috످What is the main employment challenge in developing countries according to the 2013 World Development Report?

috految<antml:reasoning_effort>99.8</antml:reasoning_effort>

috److془The 2013 WDR: Jobs. Main: problem for most poor people is not lack of job but low earnings. I know this well.

Facts: more than 3 billion working, almost half in farming or small household enterprises, casual labor. 200 million unemployed; 600 million jobs over 15 years. Good jobs for development: living standards, productivity, social cohesion.془According to the World Bank's World Development Report 2013: Jobs, the main employment challenge in developing countries is a lack of good, productive jobs rather than unemployment itself.

Most poor people in these countries already work, often for long hours, but earn too little to escape poverty. Without adequate safety nets, they cannot afford to be unemployed, so many rely on informal, low-productivity work such as subsistence farming, street vending, or day labor.

The report argues that countries should prioritize creating "good jobs for development," meaning those that do the most to raise living standards, increase productivity, and strengthen social cohesion.

috످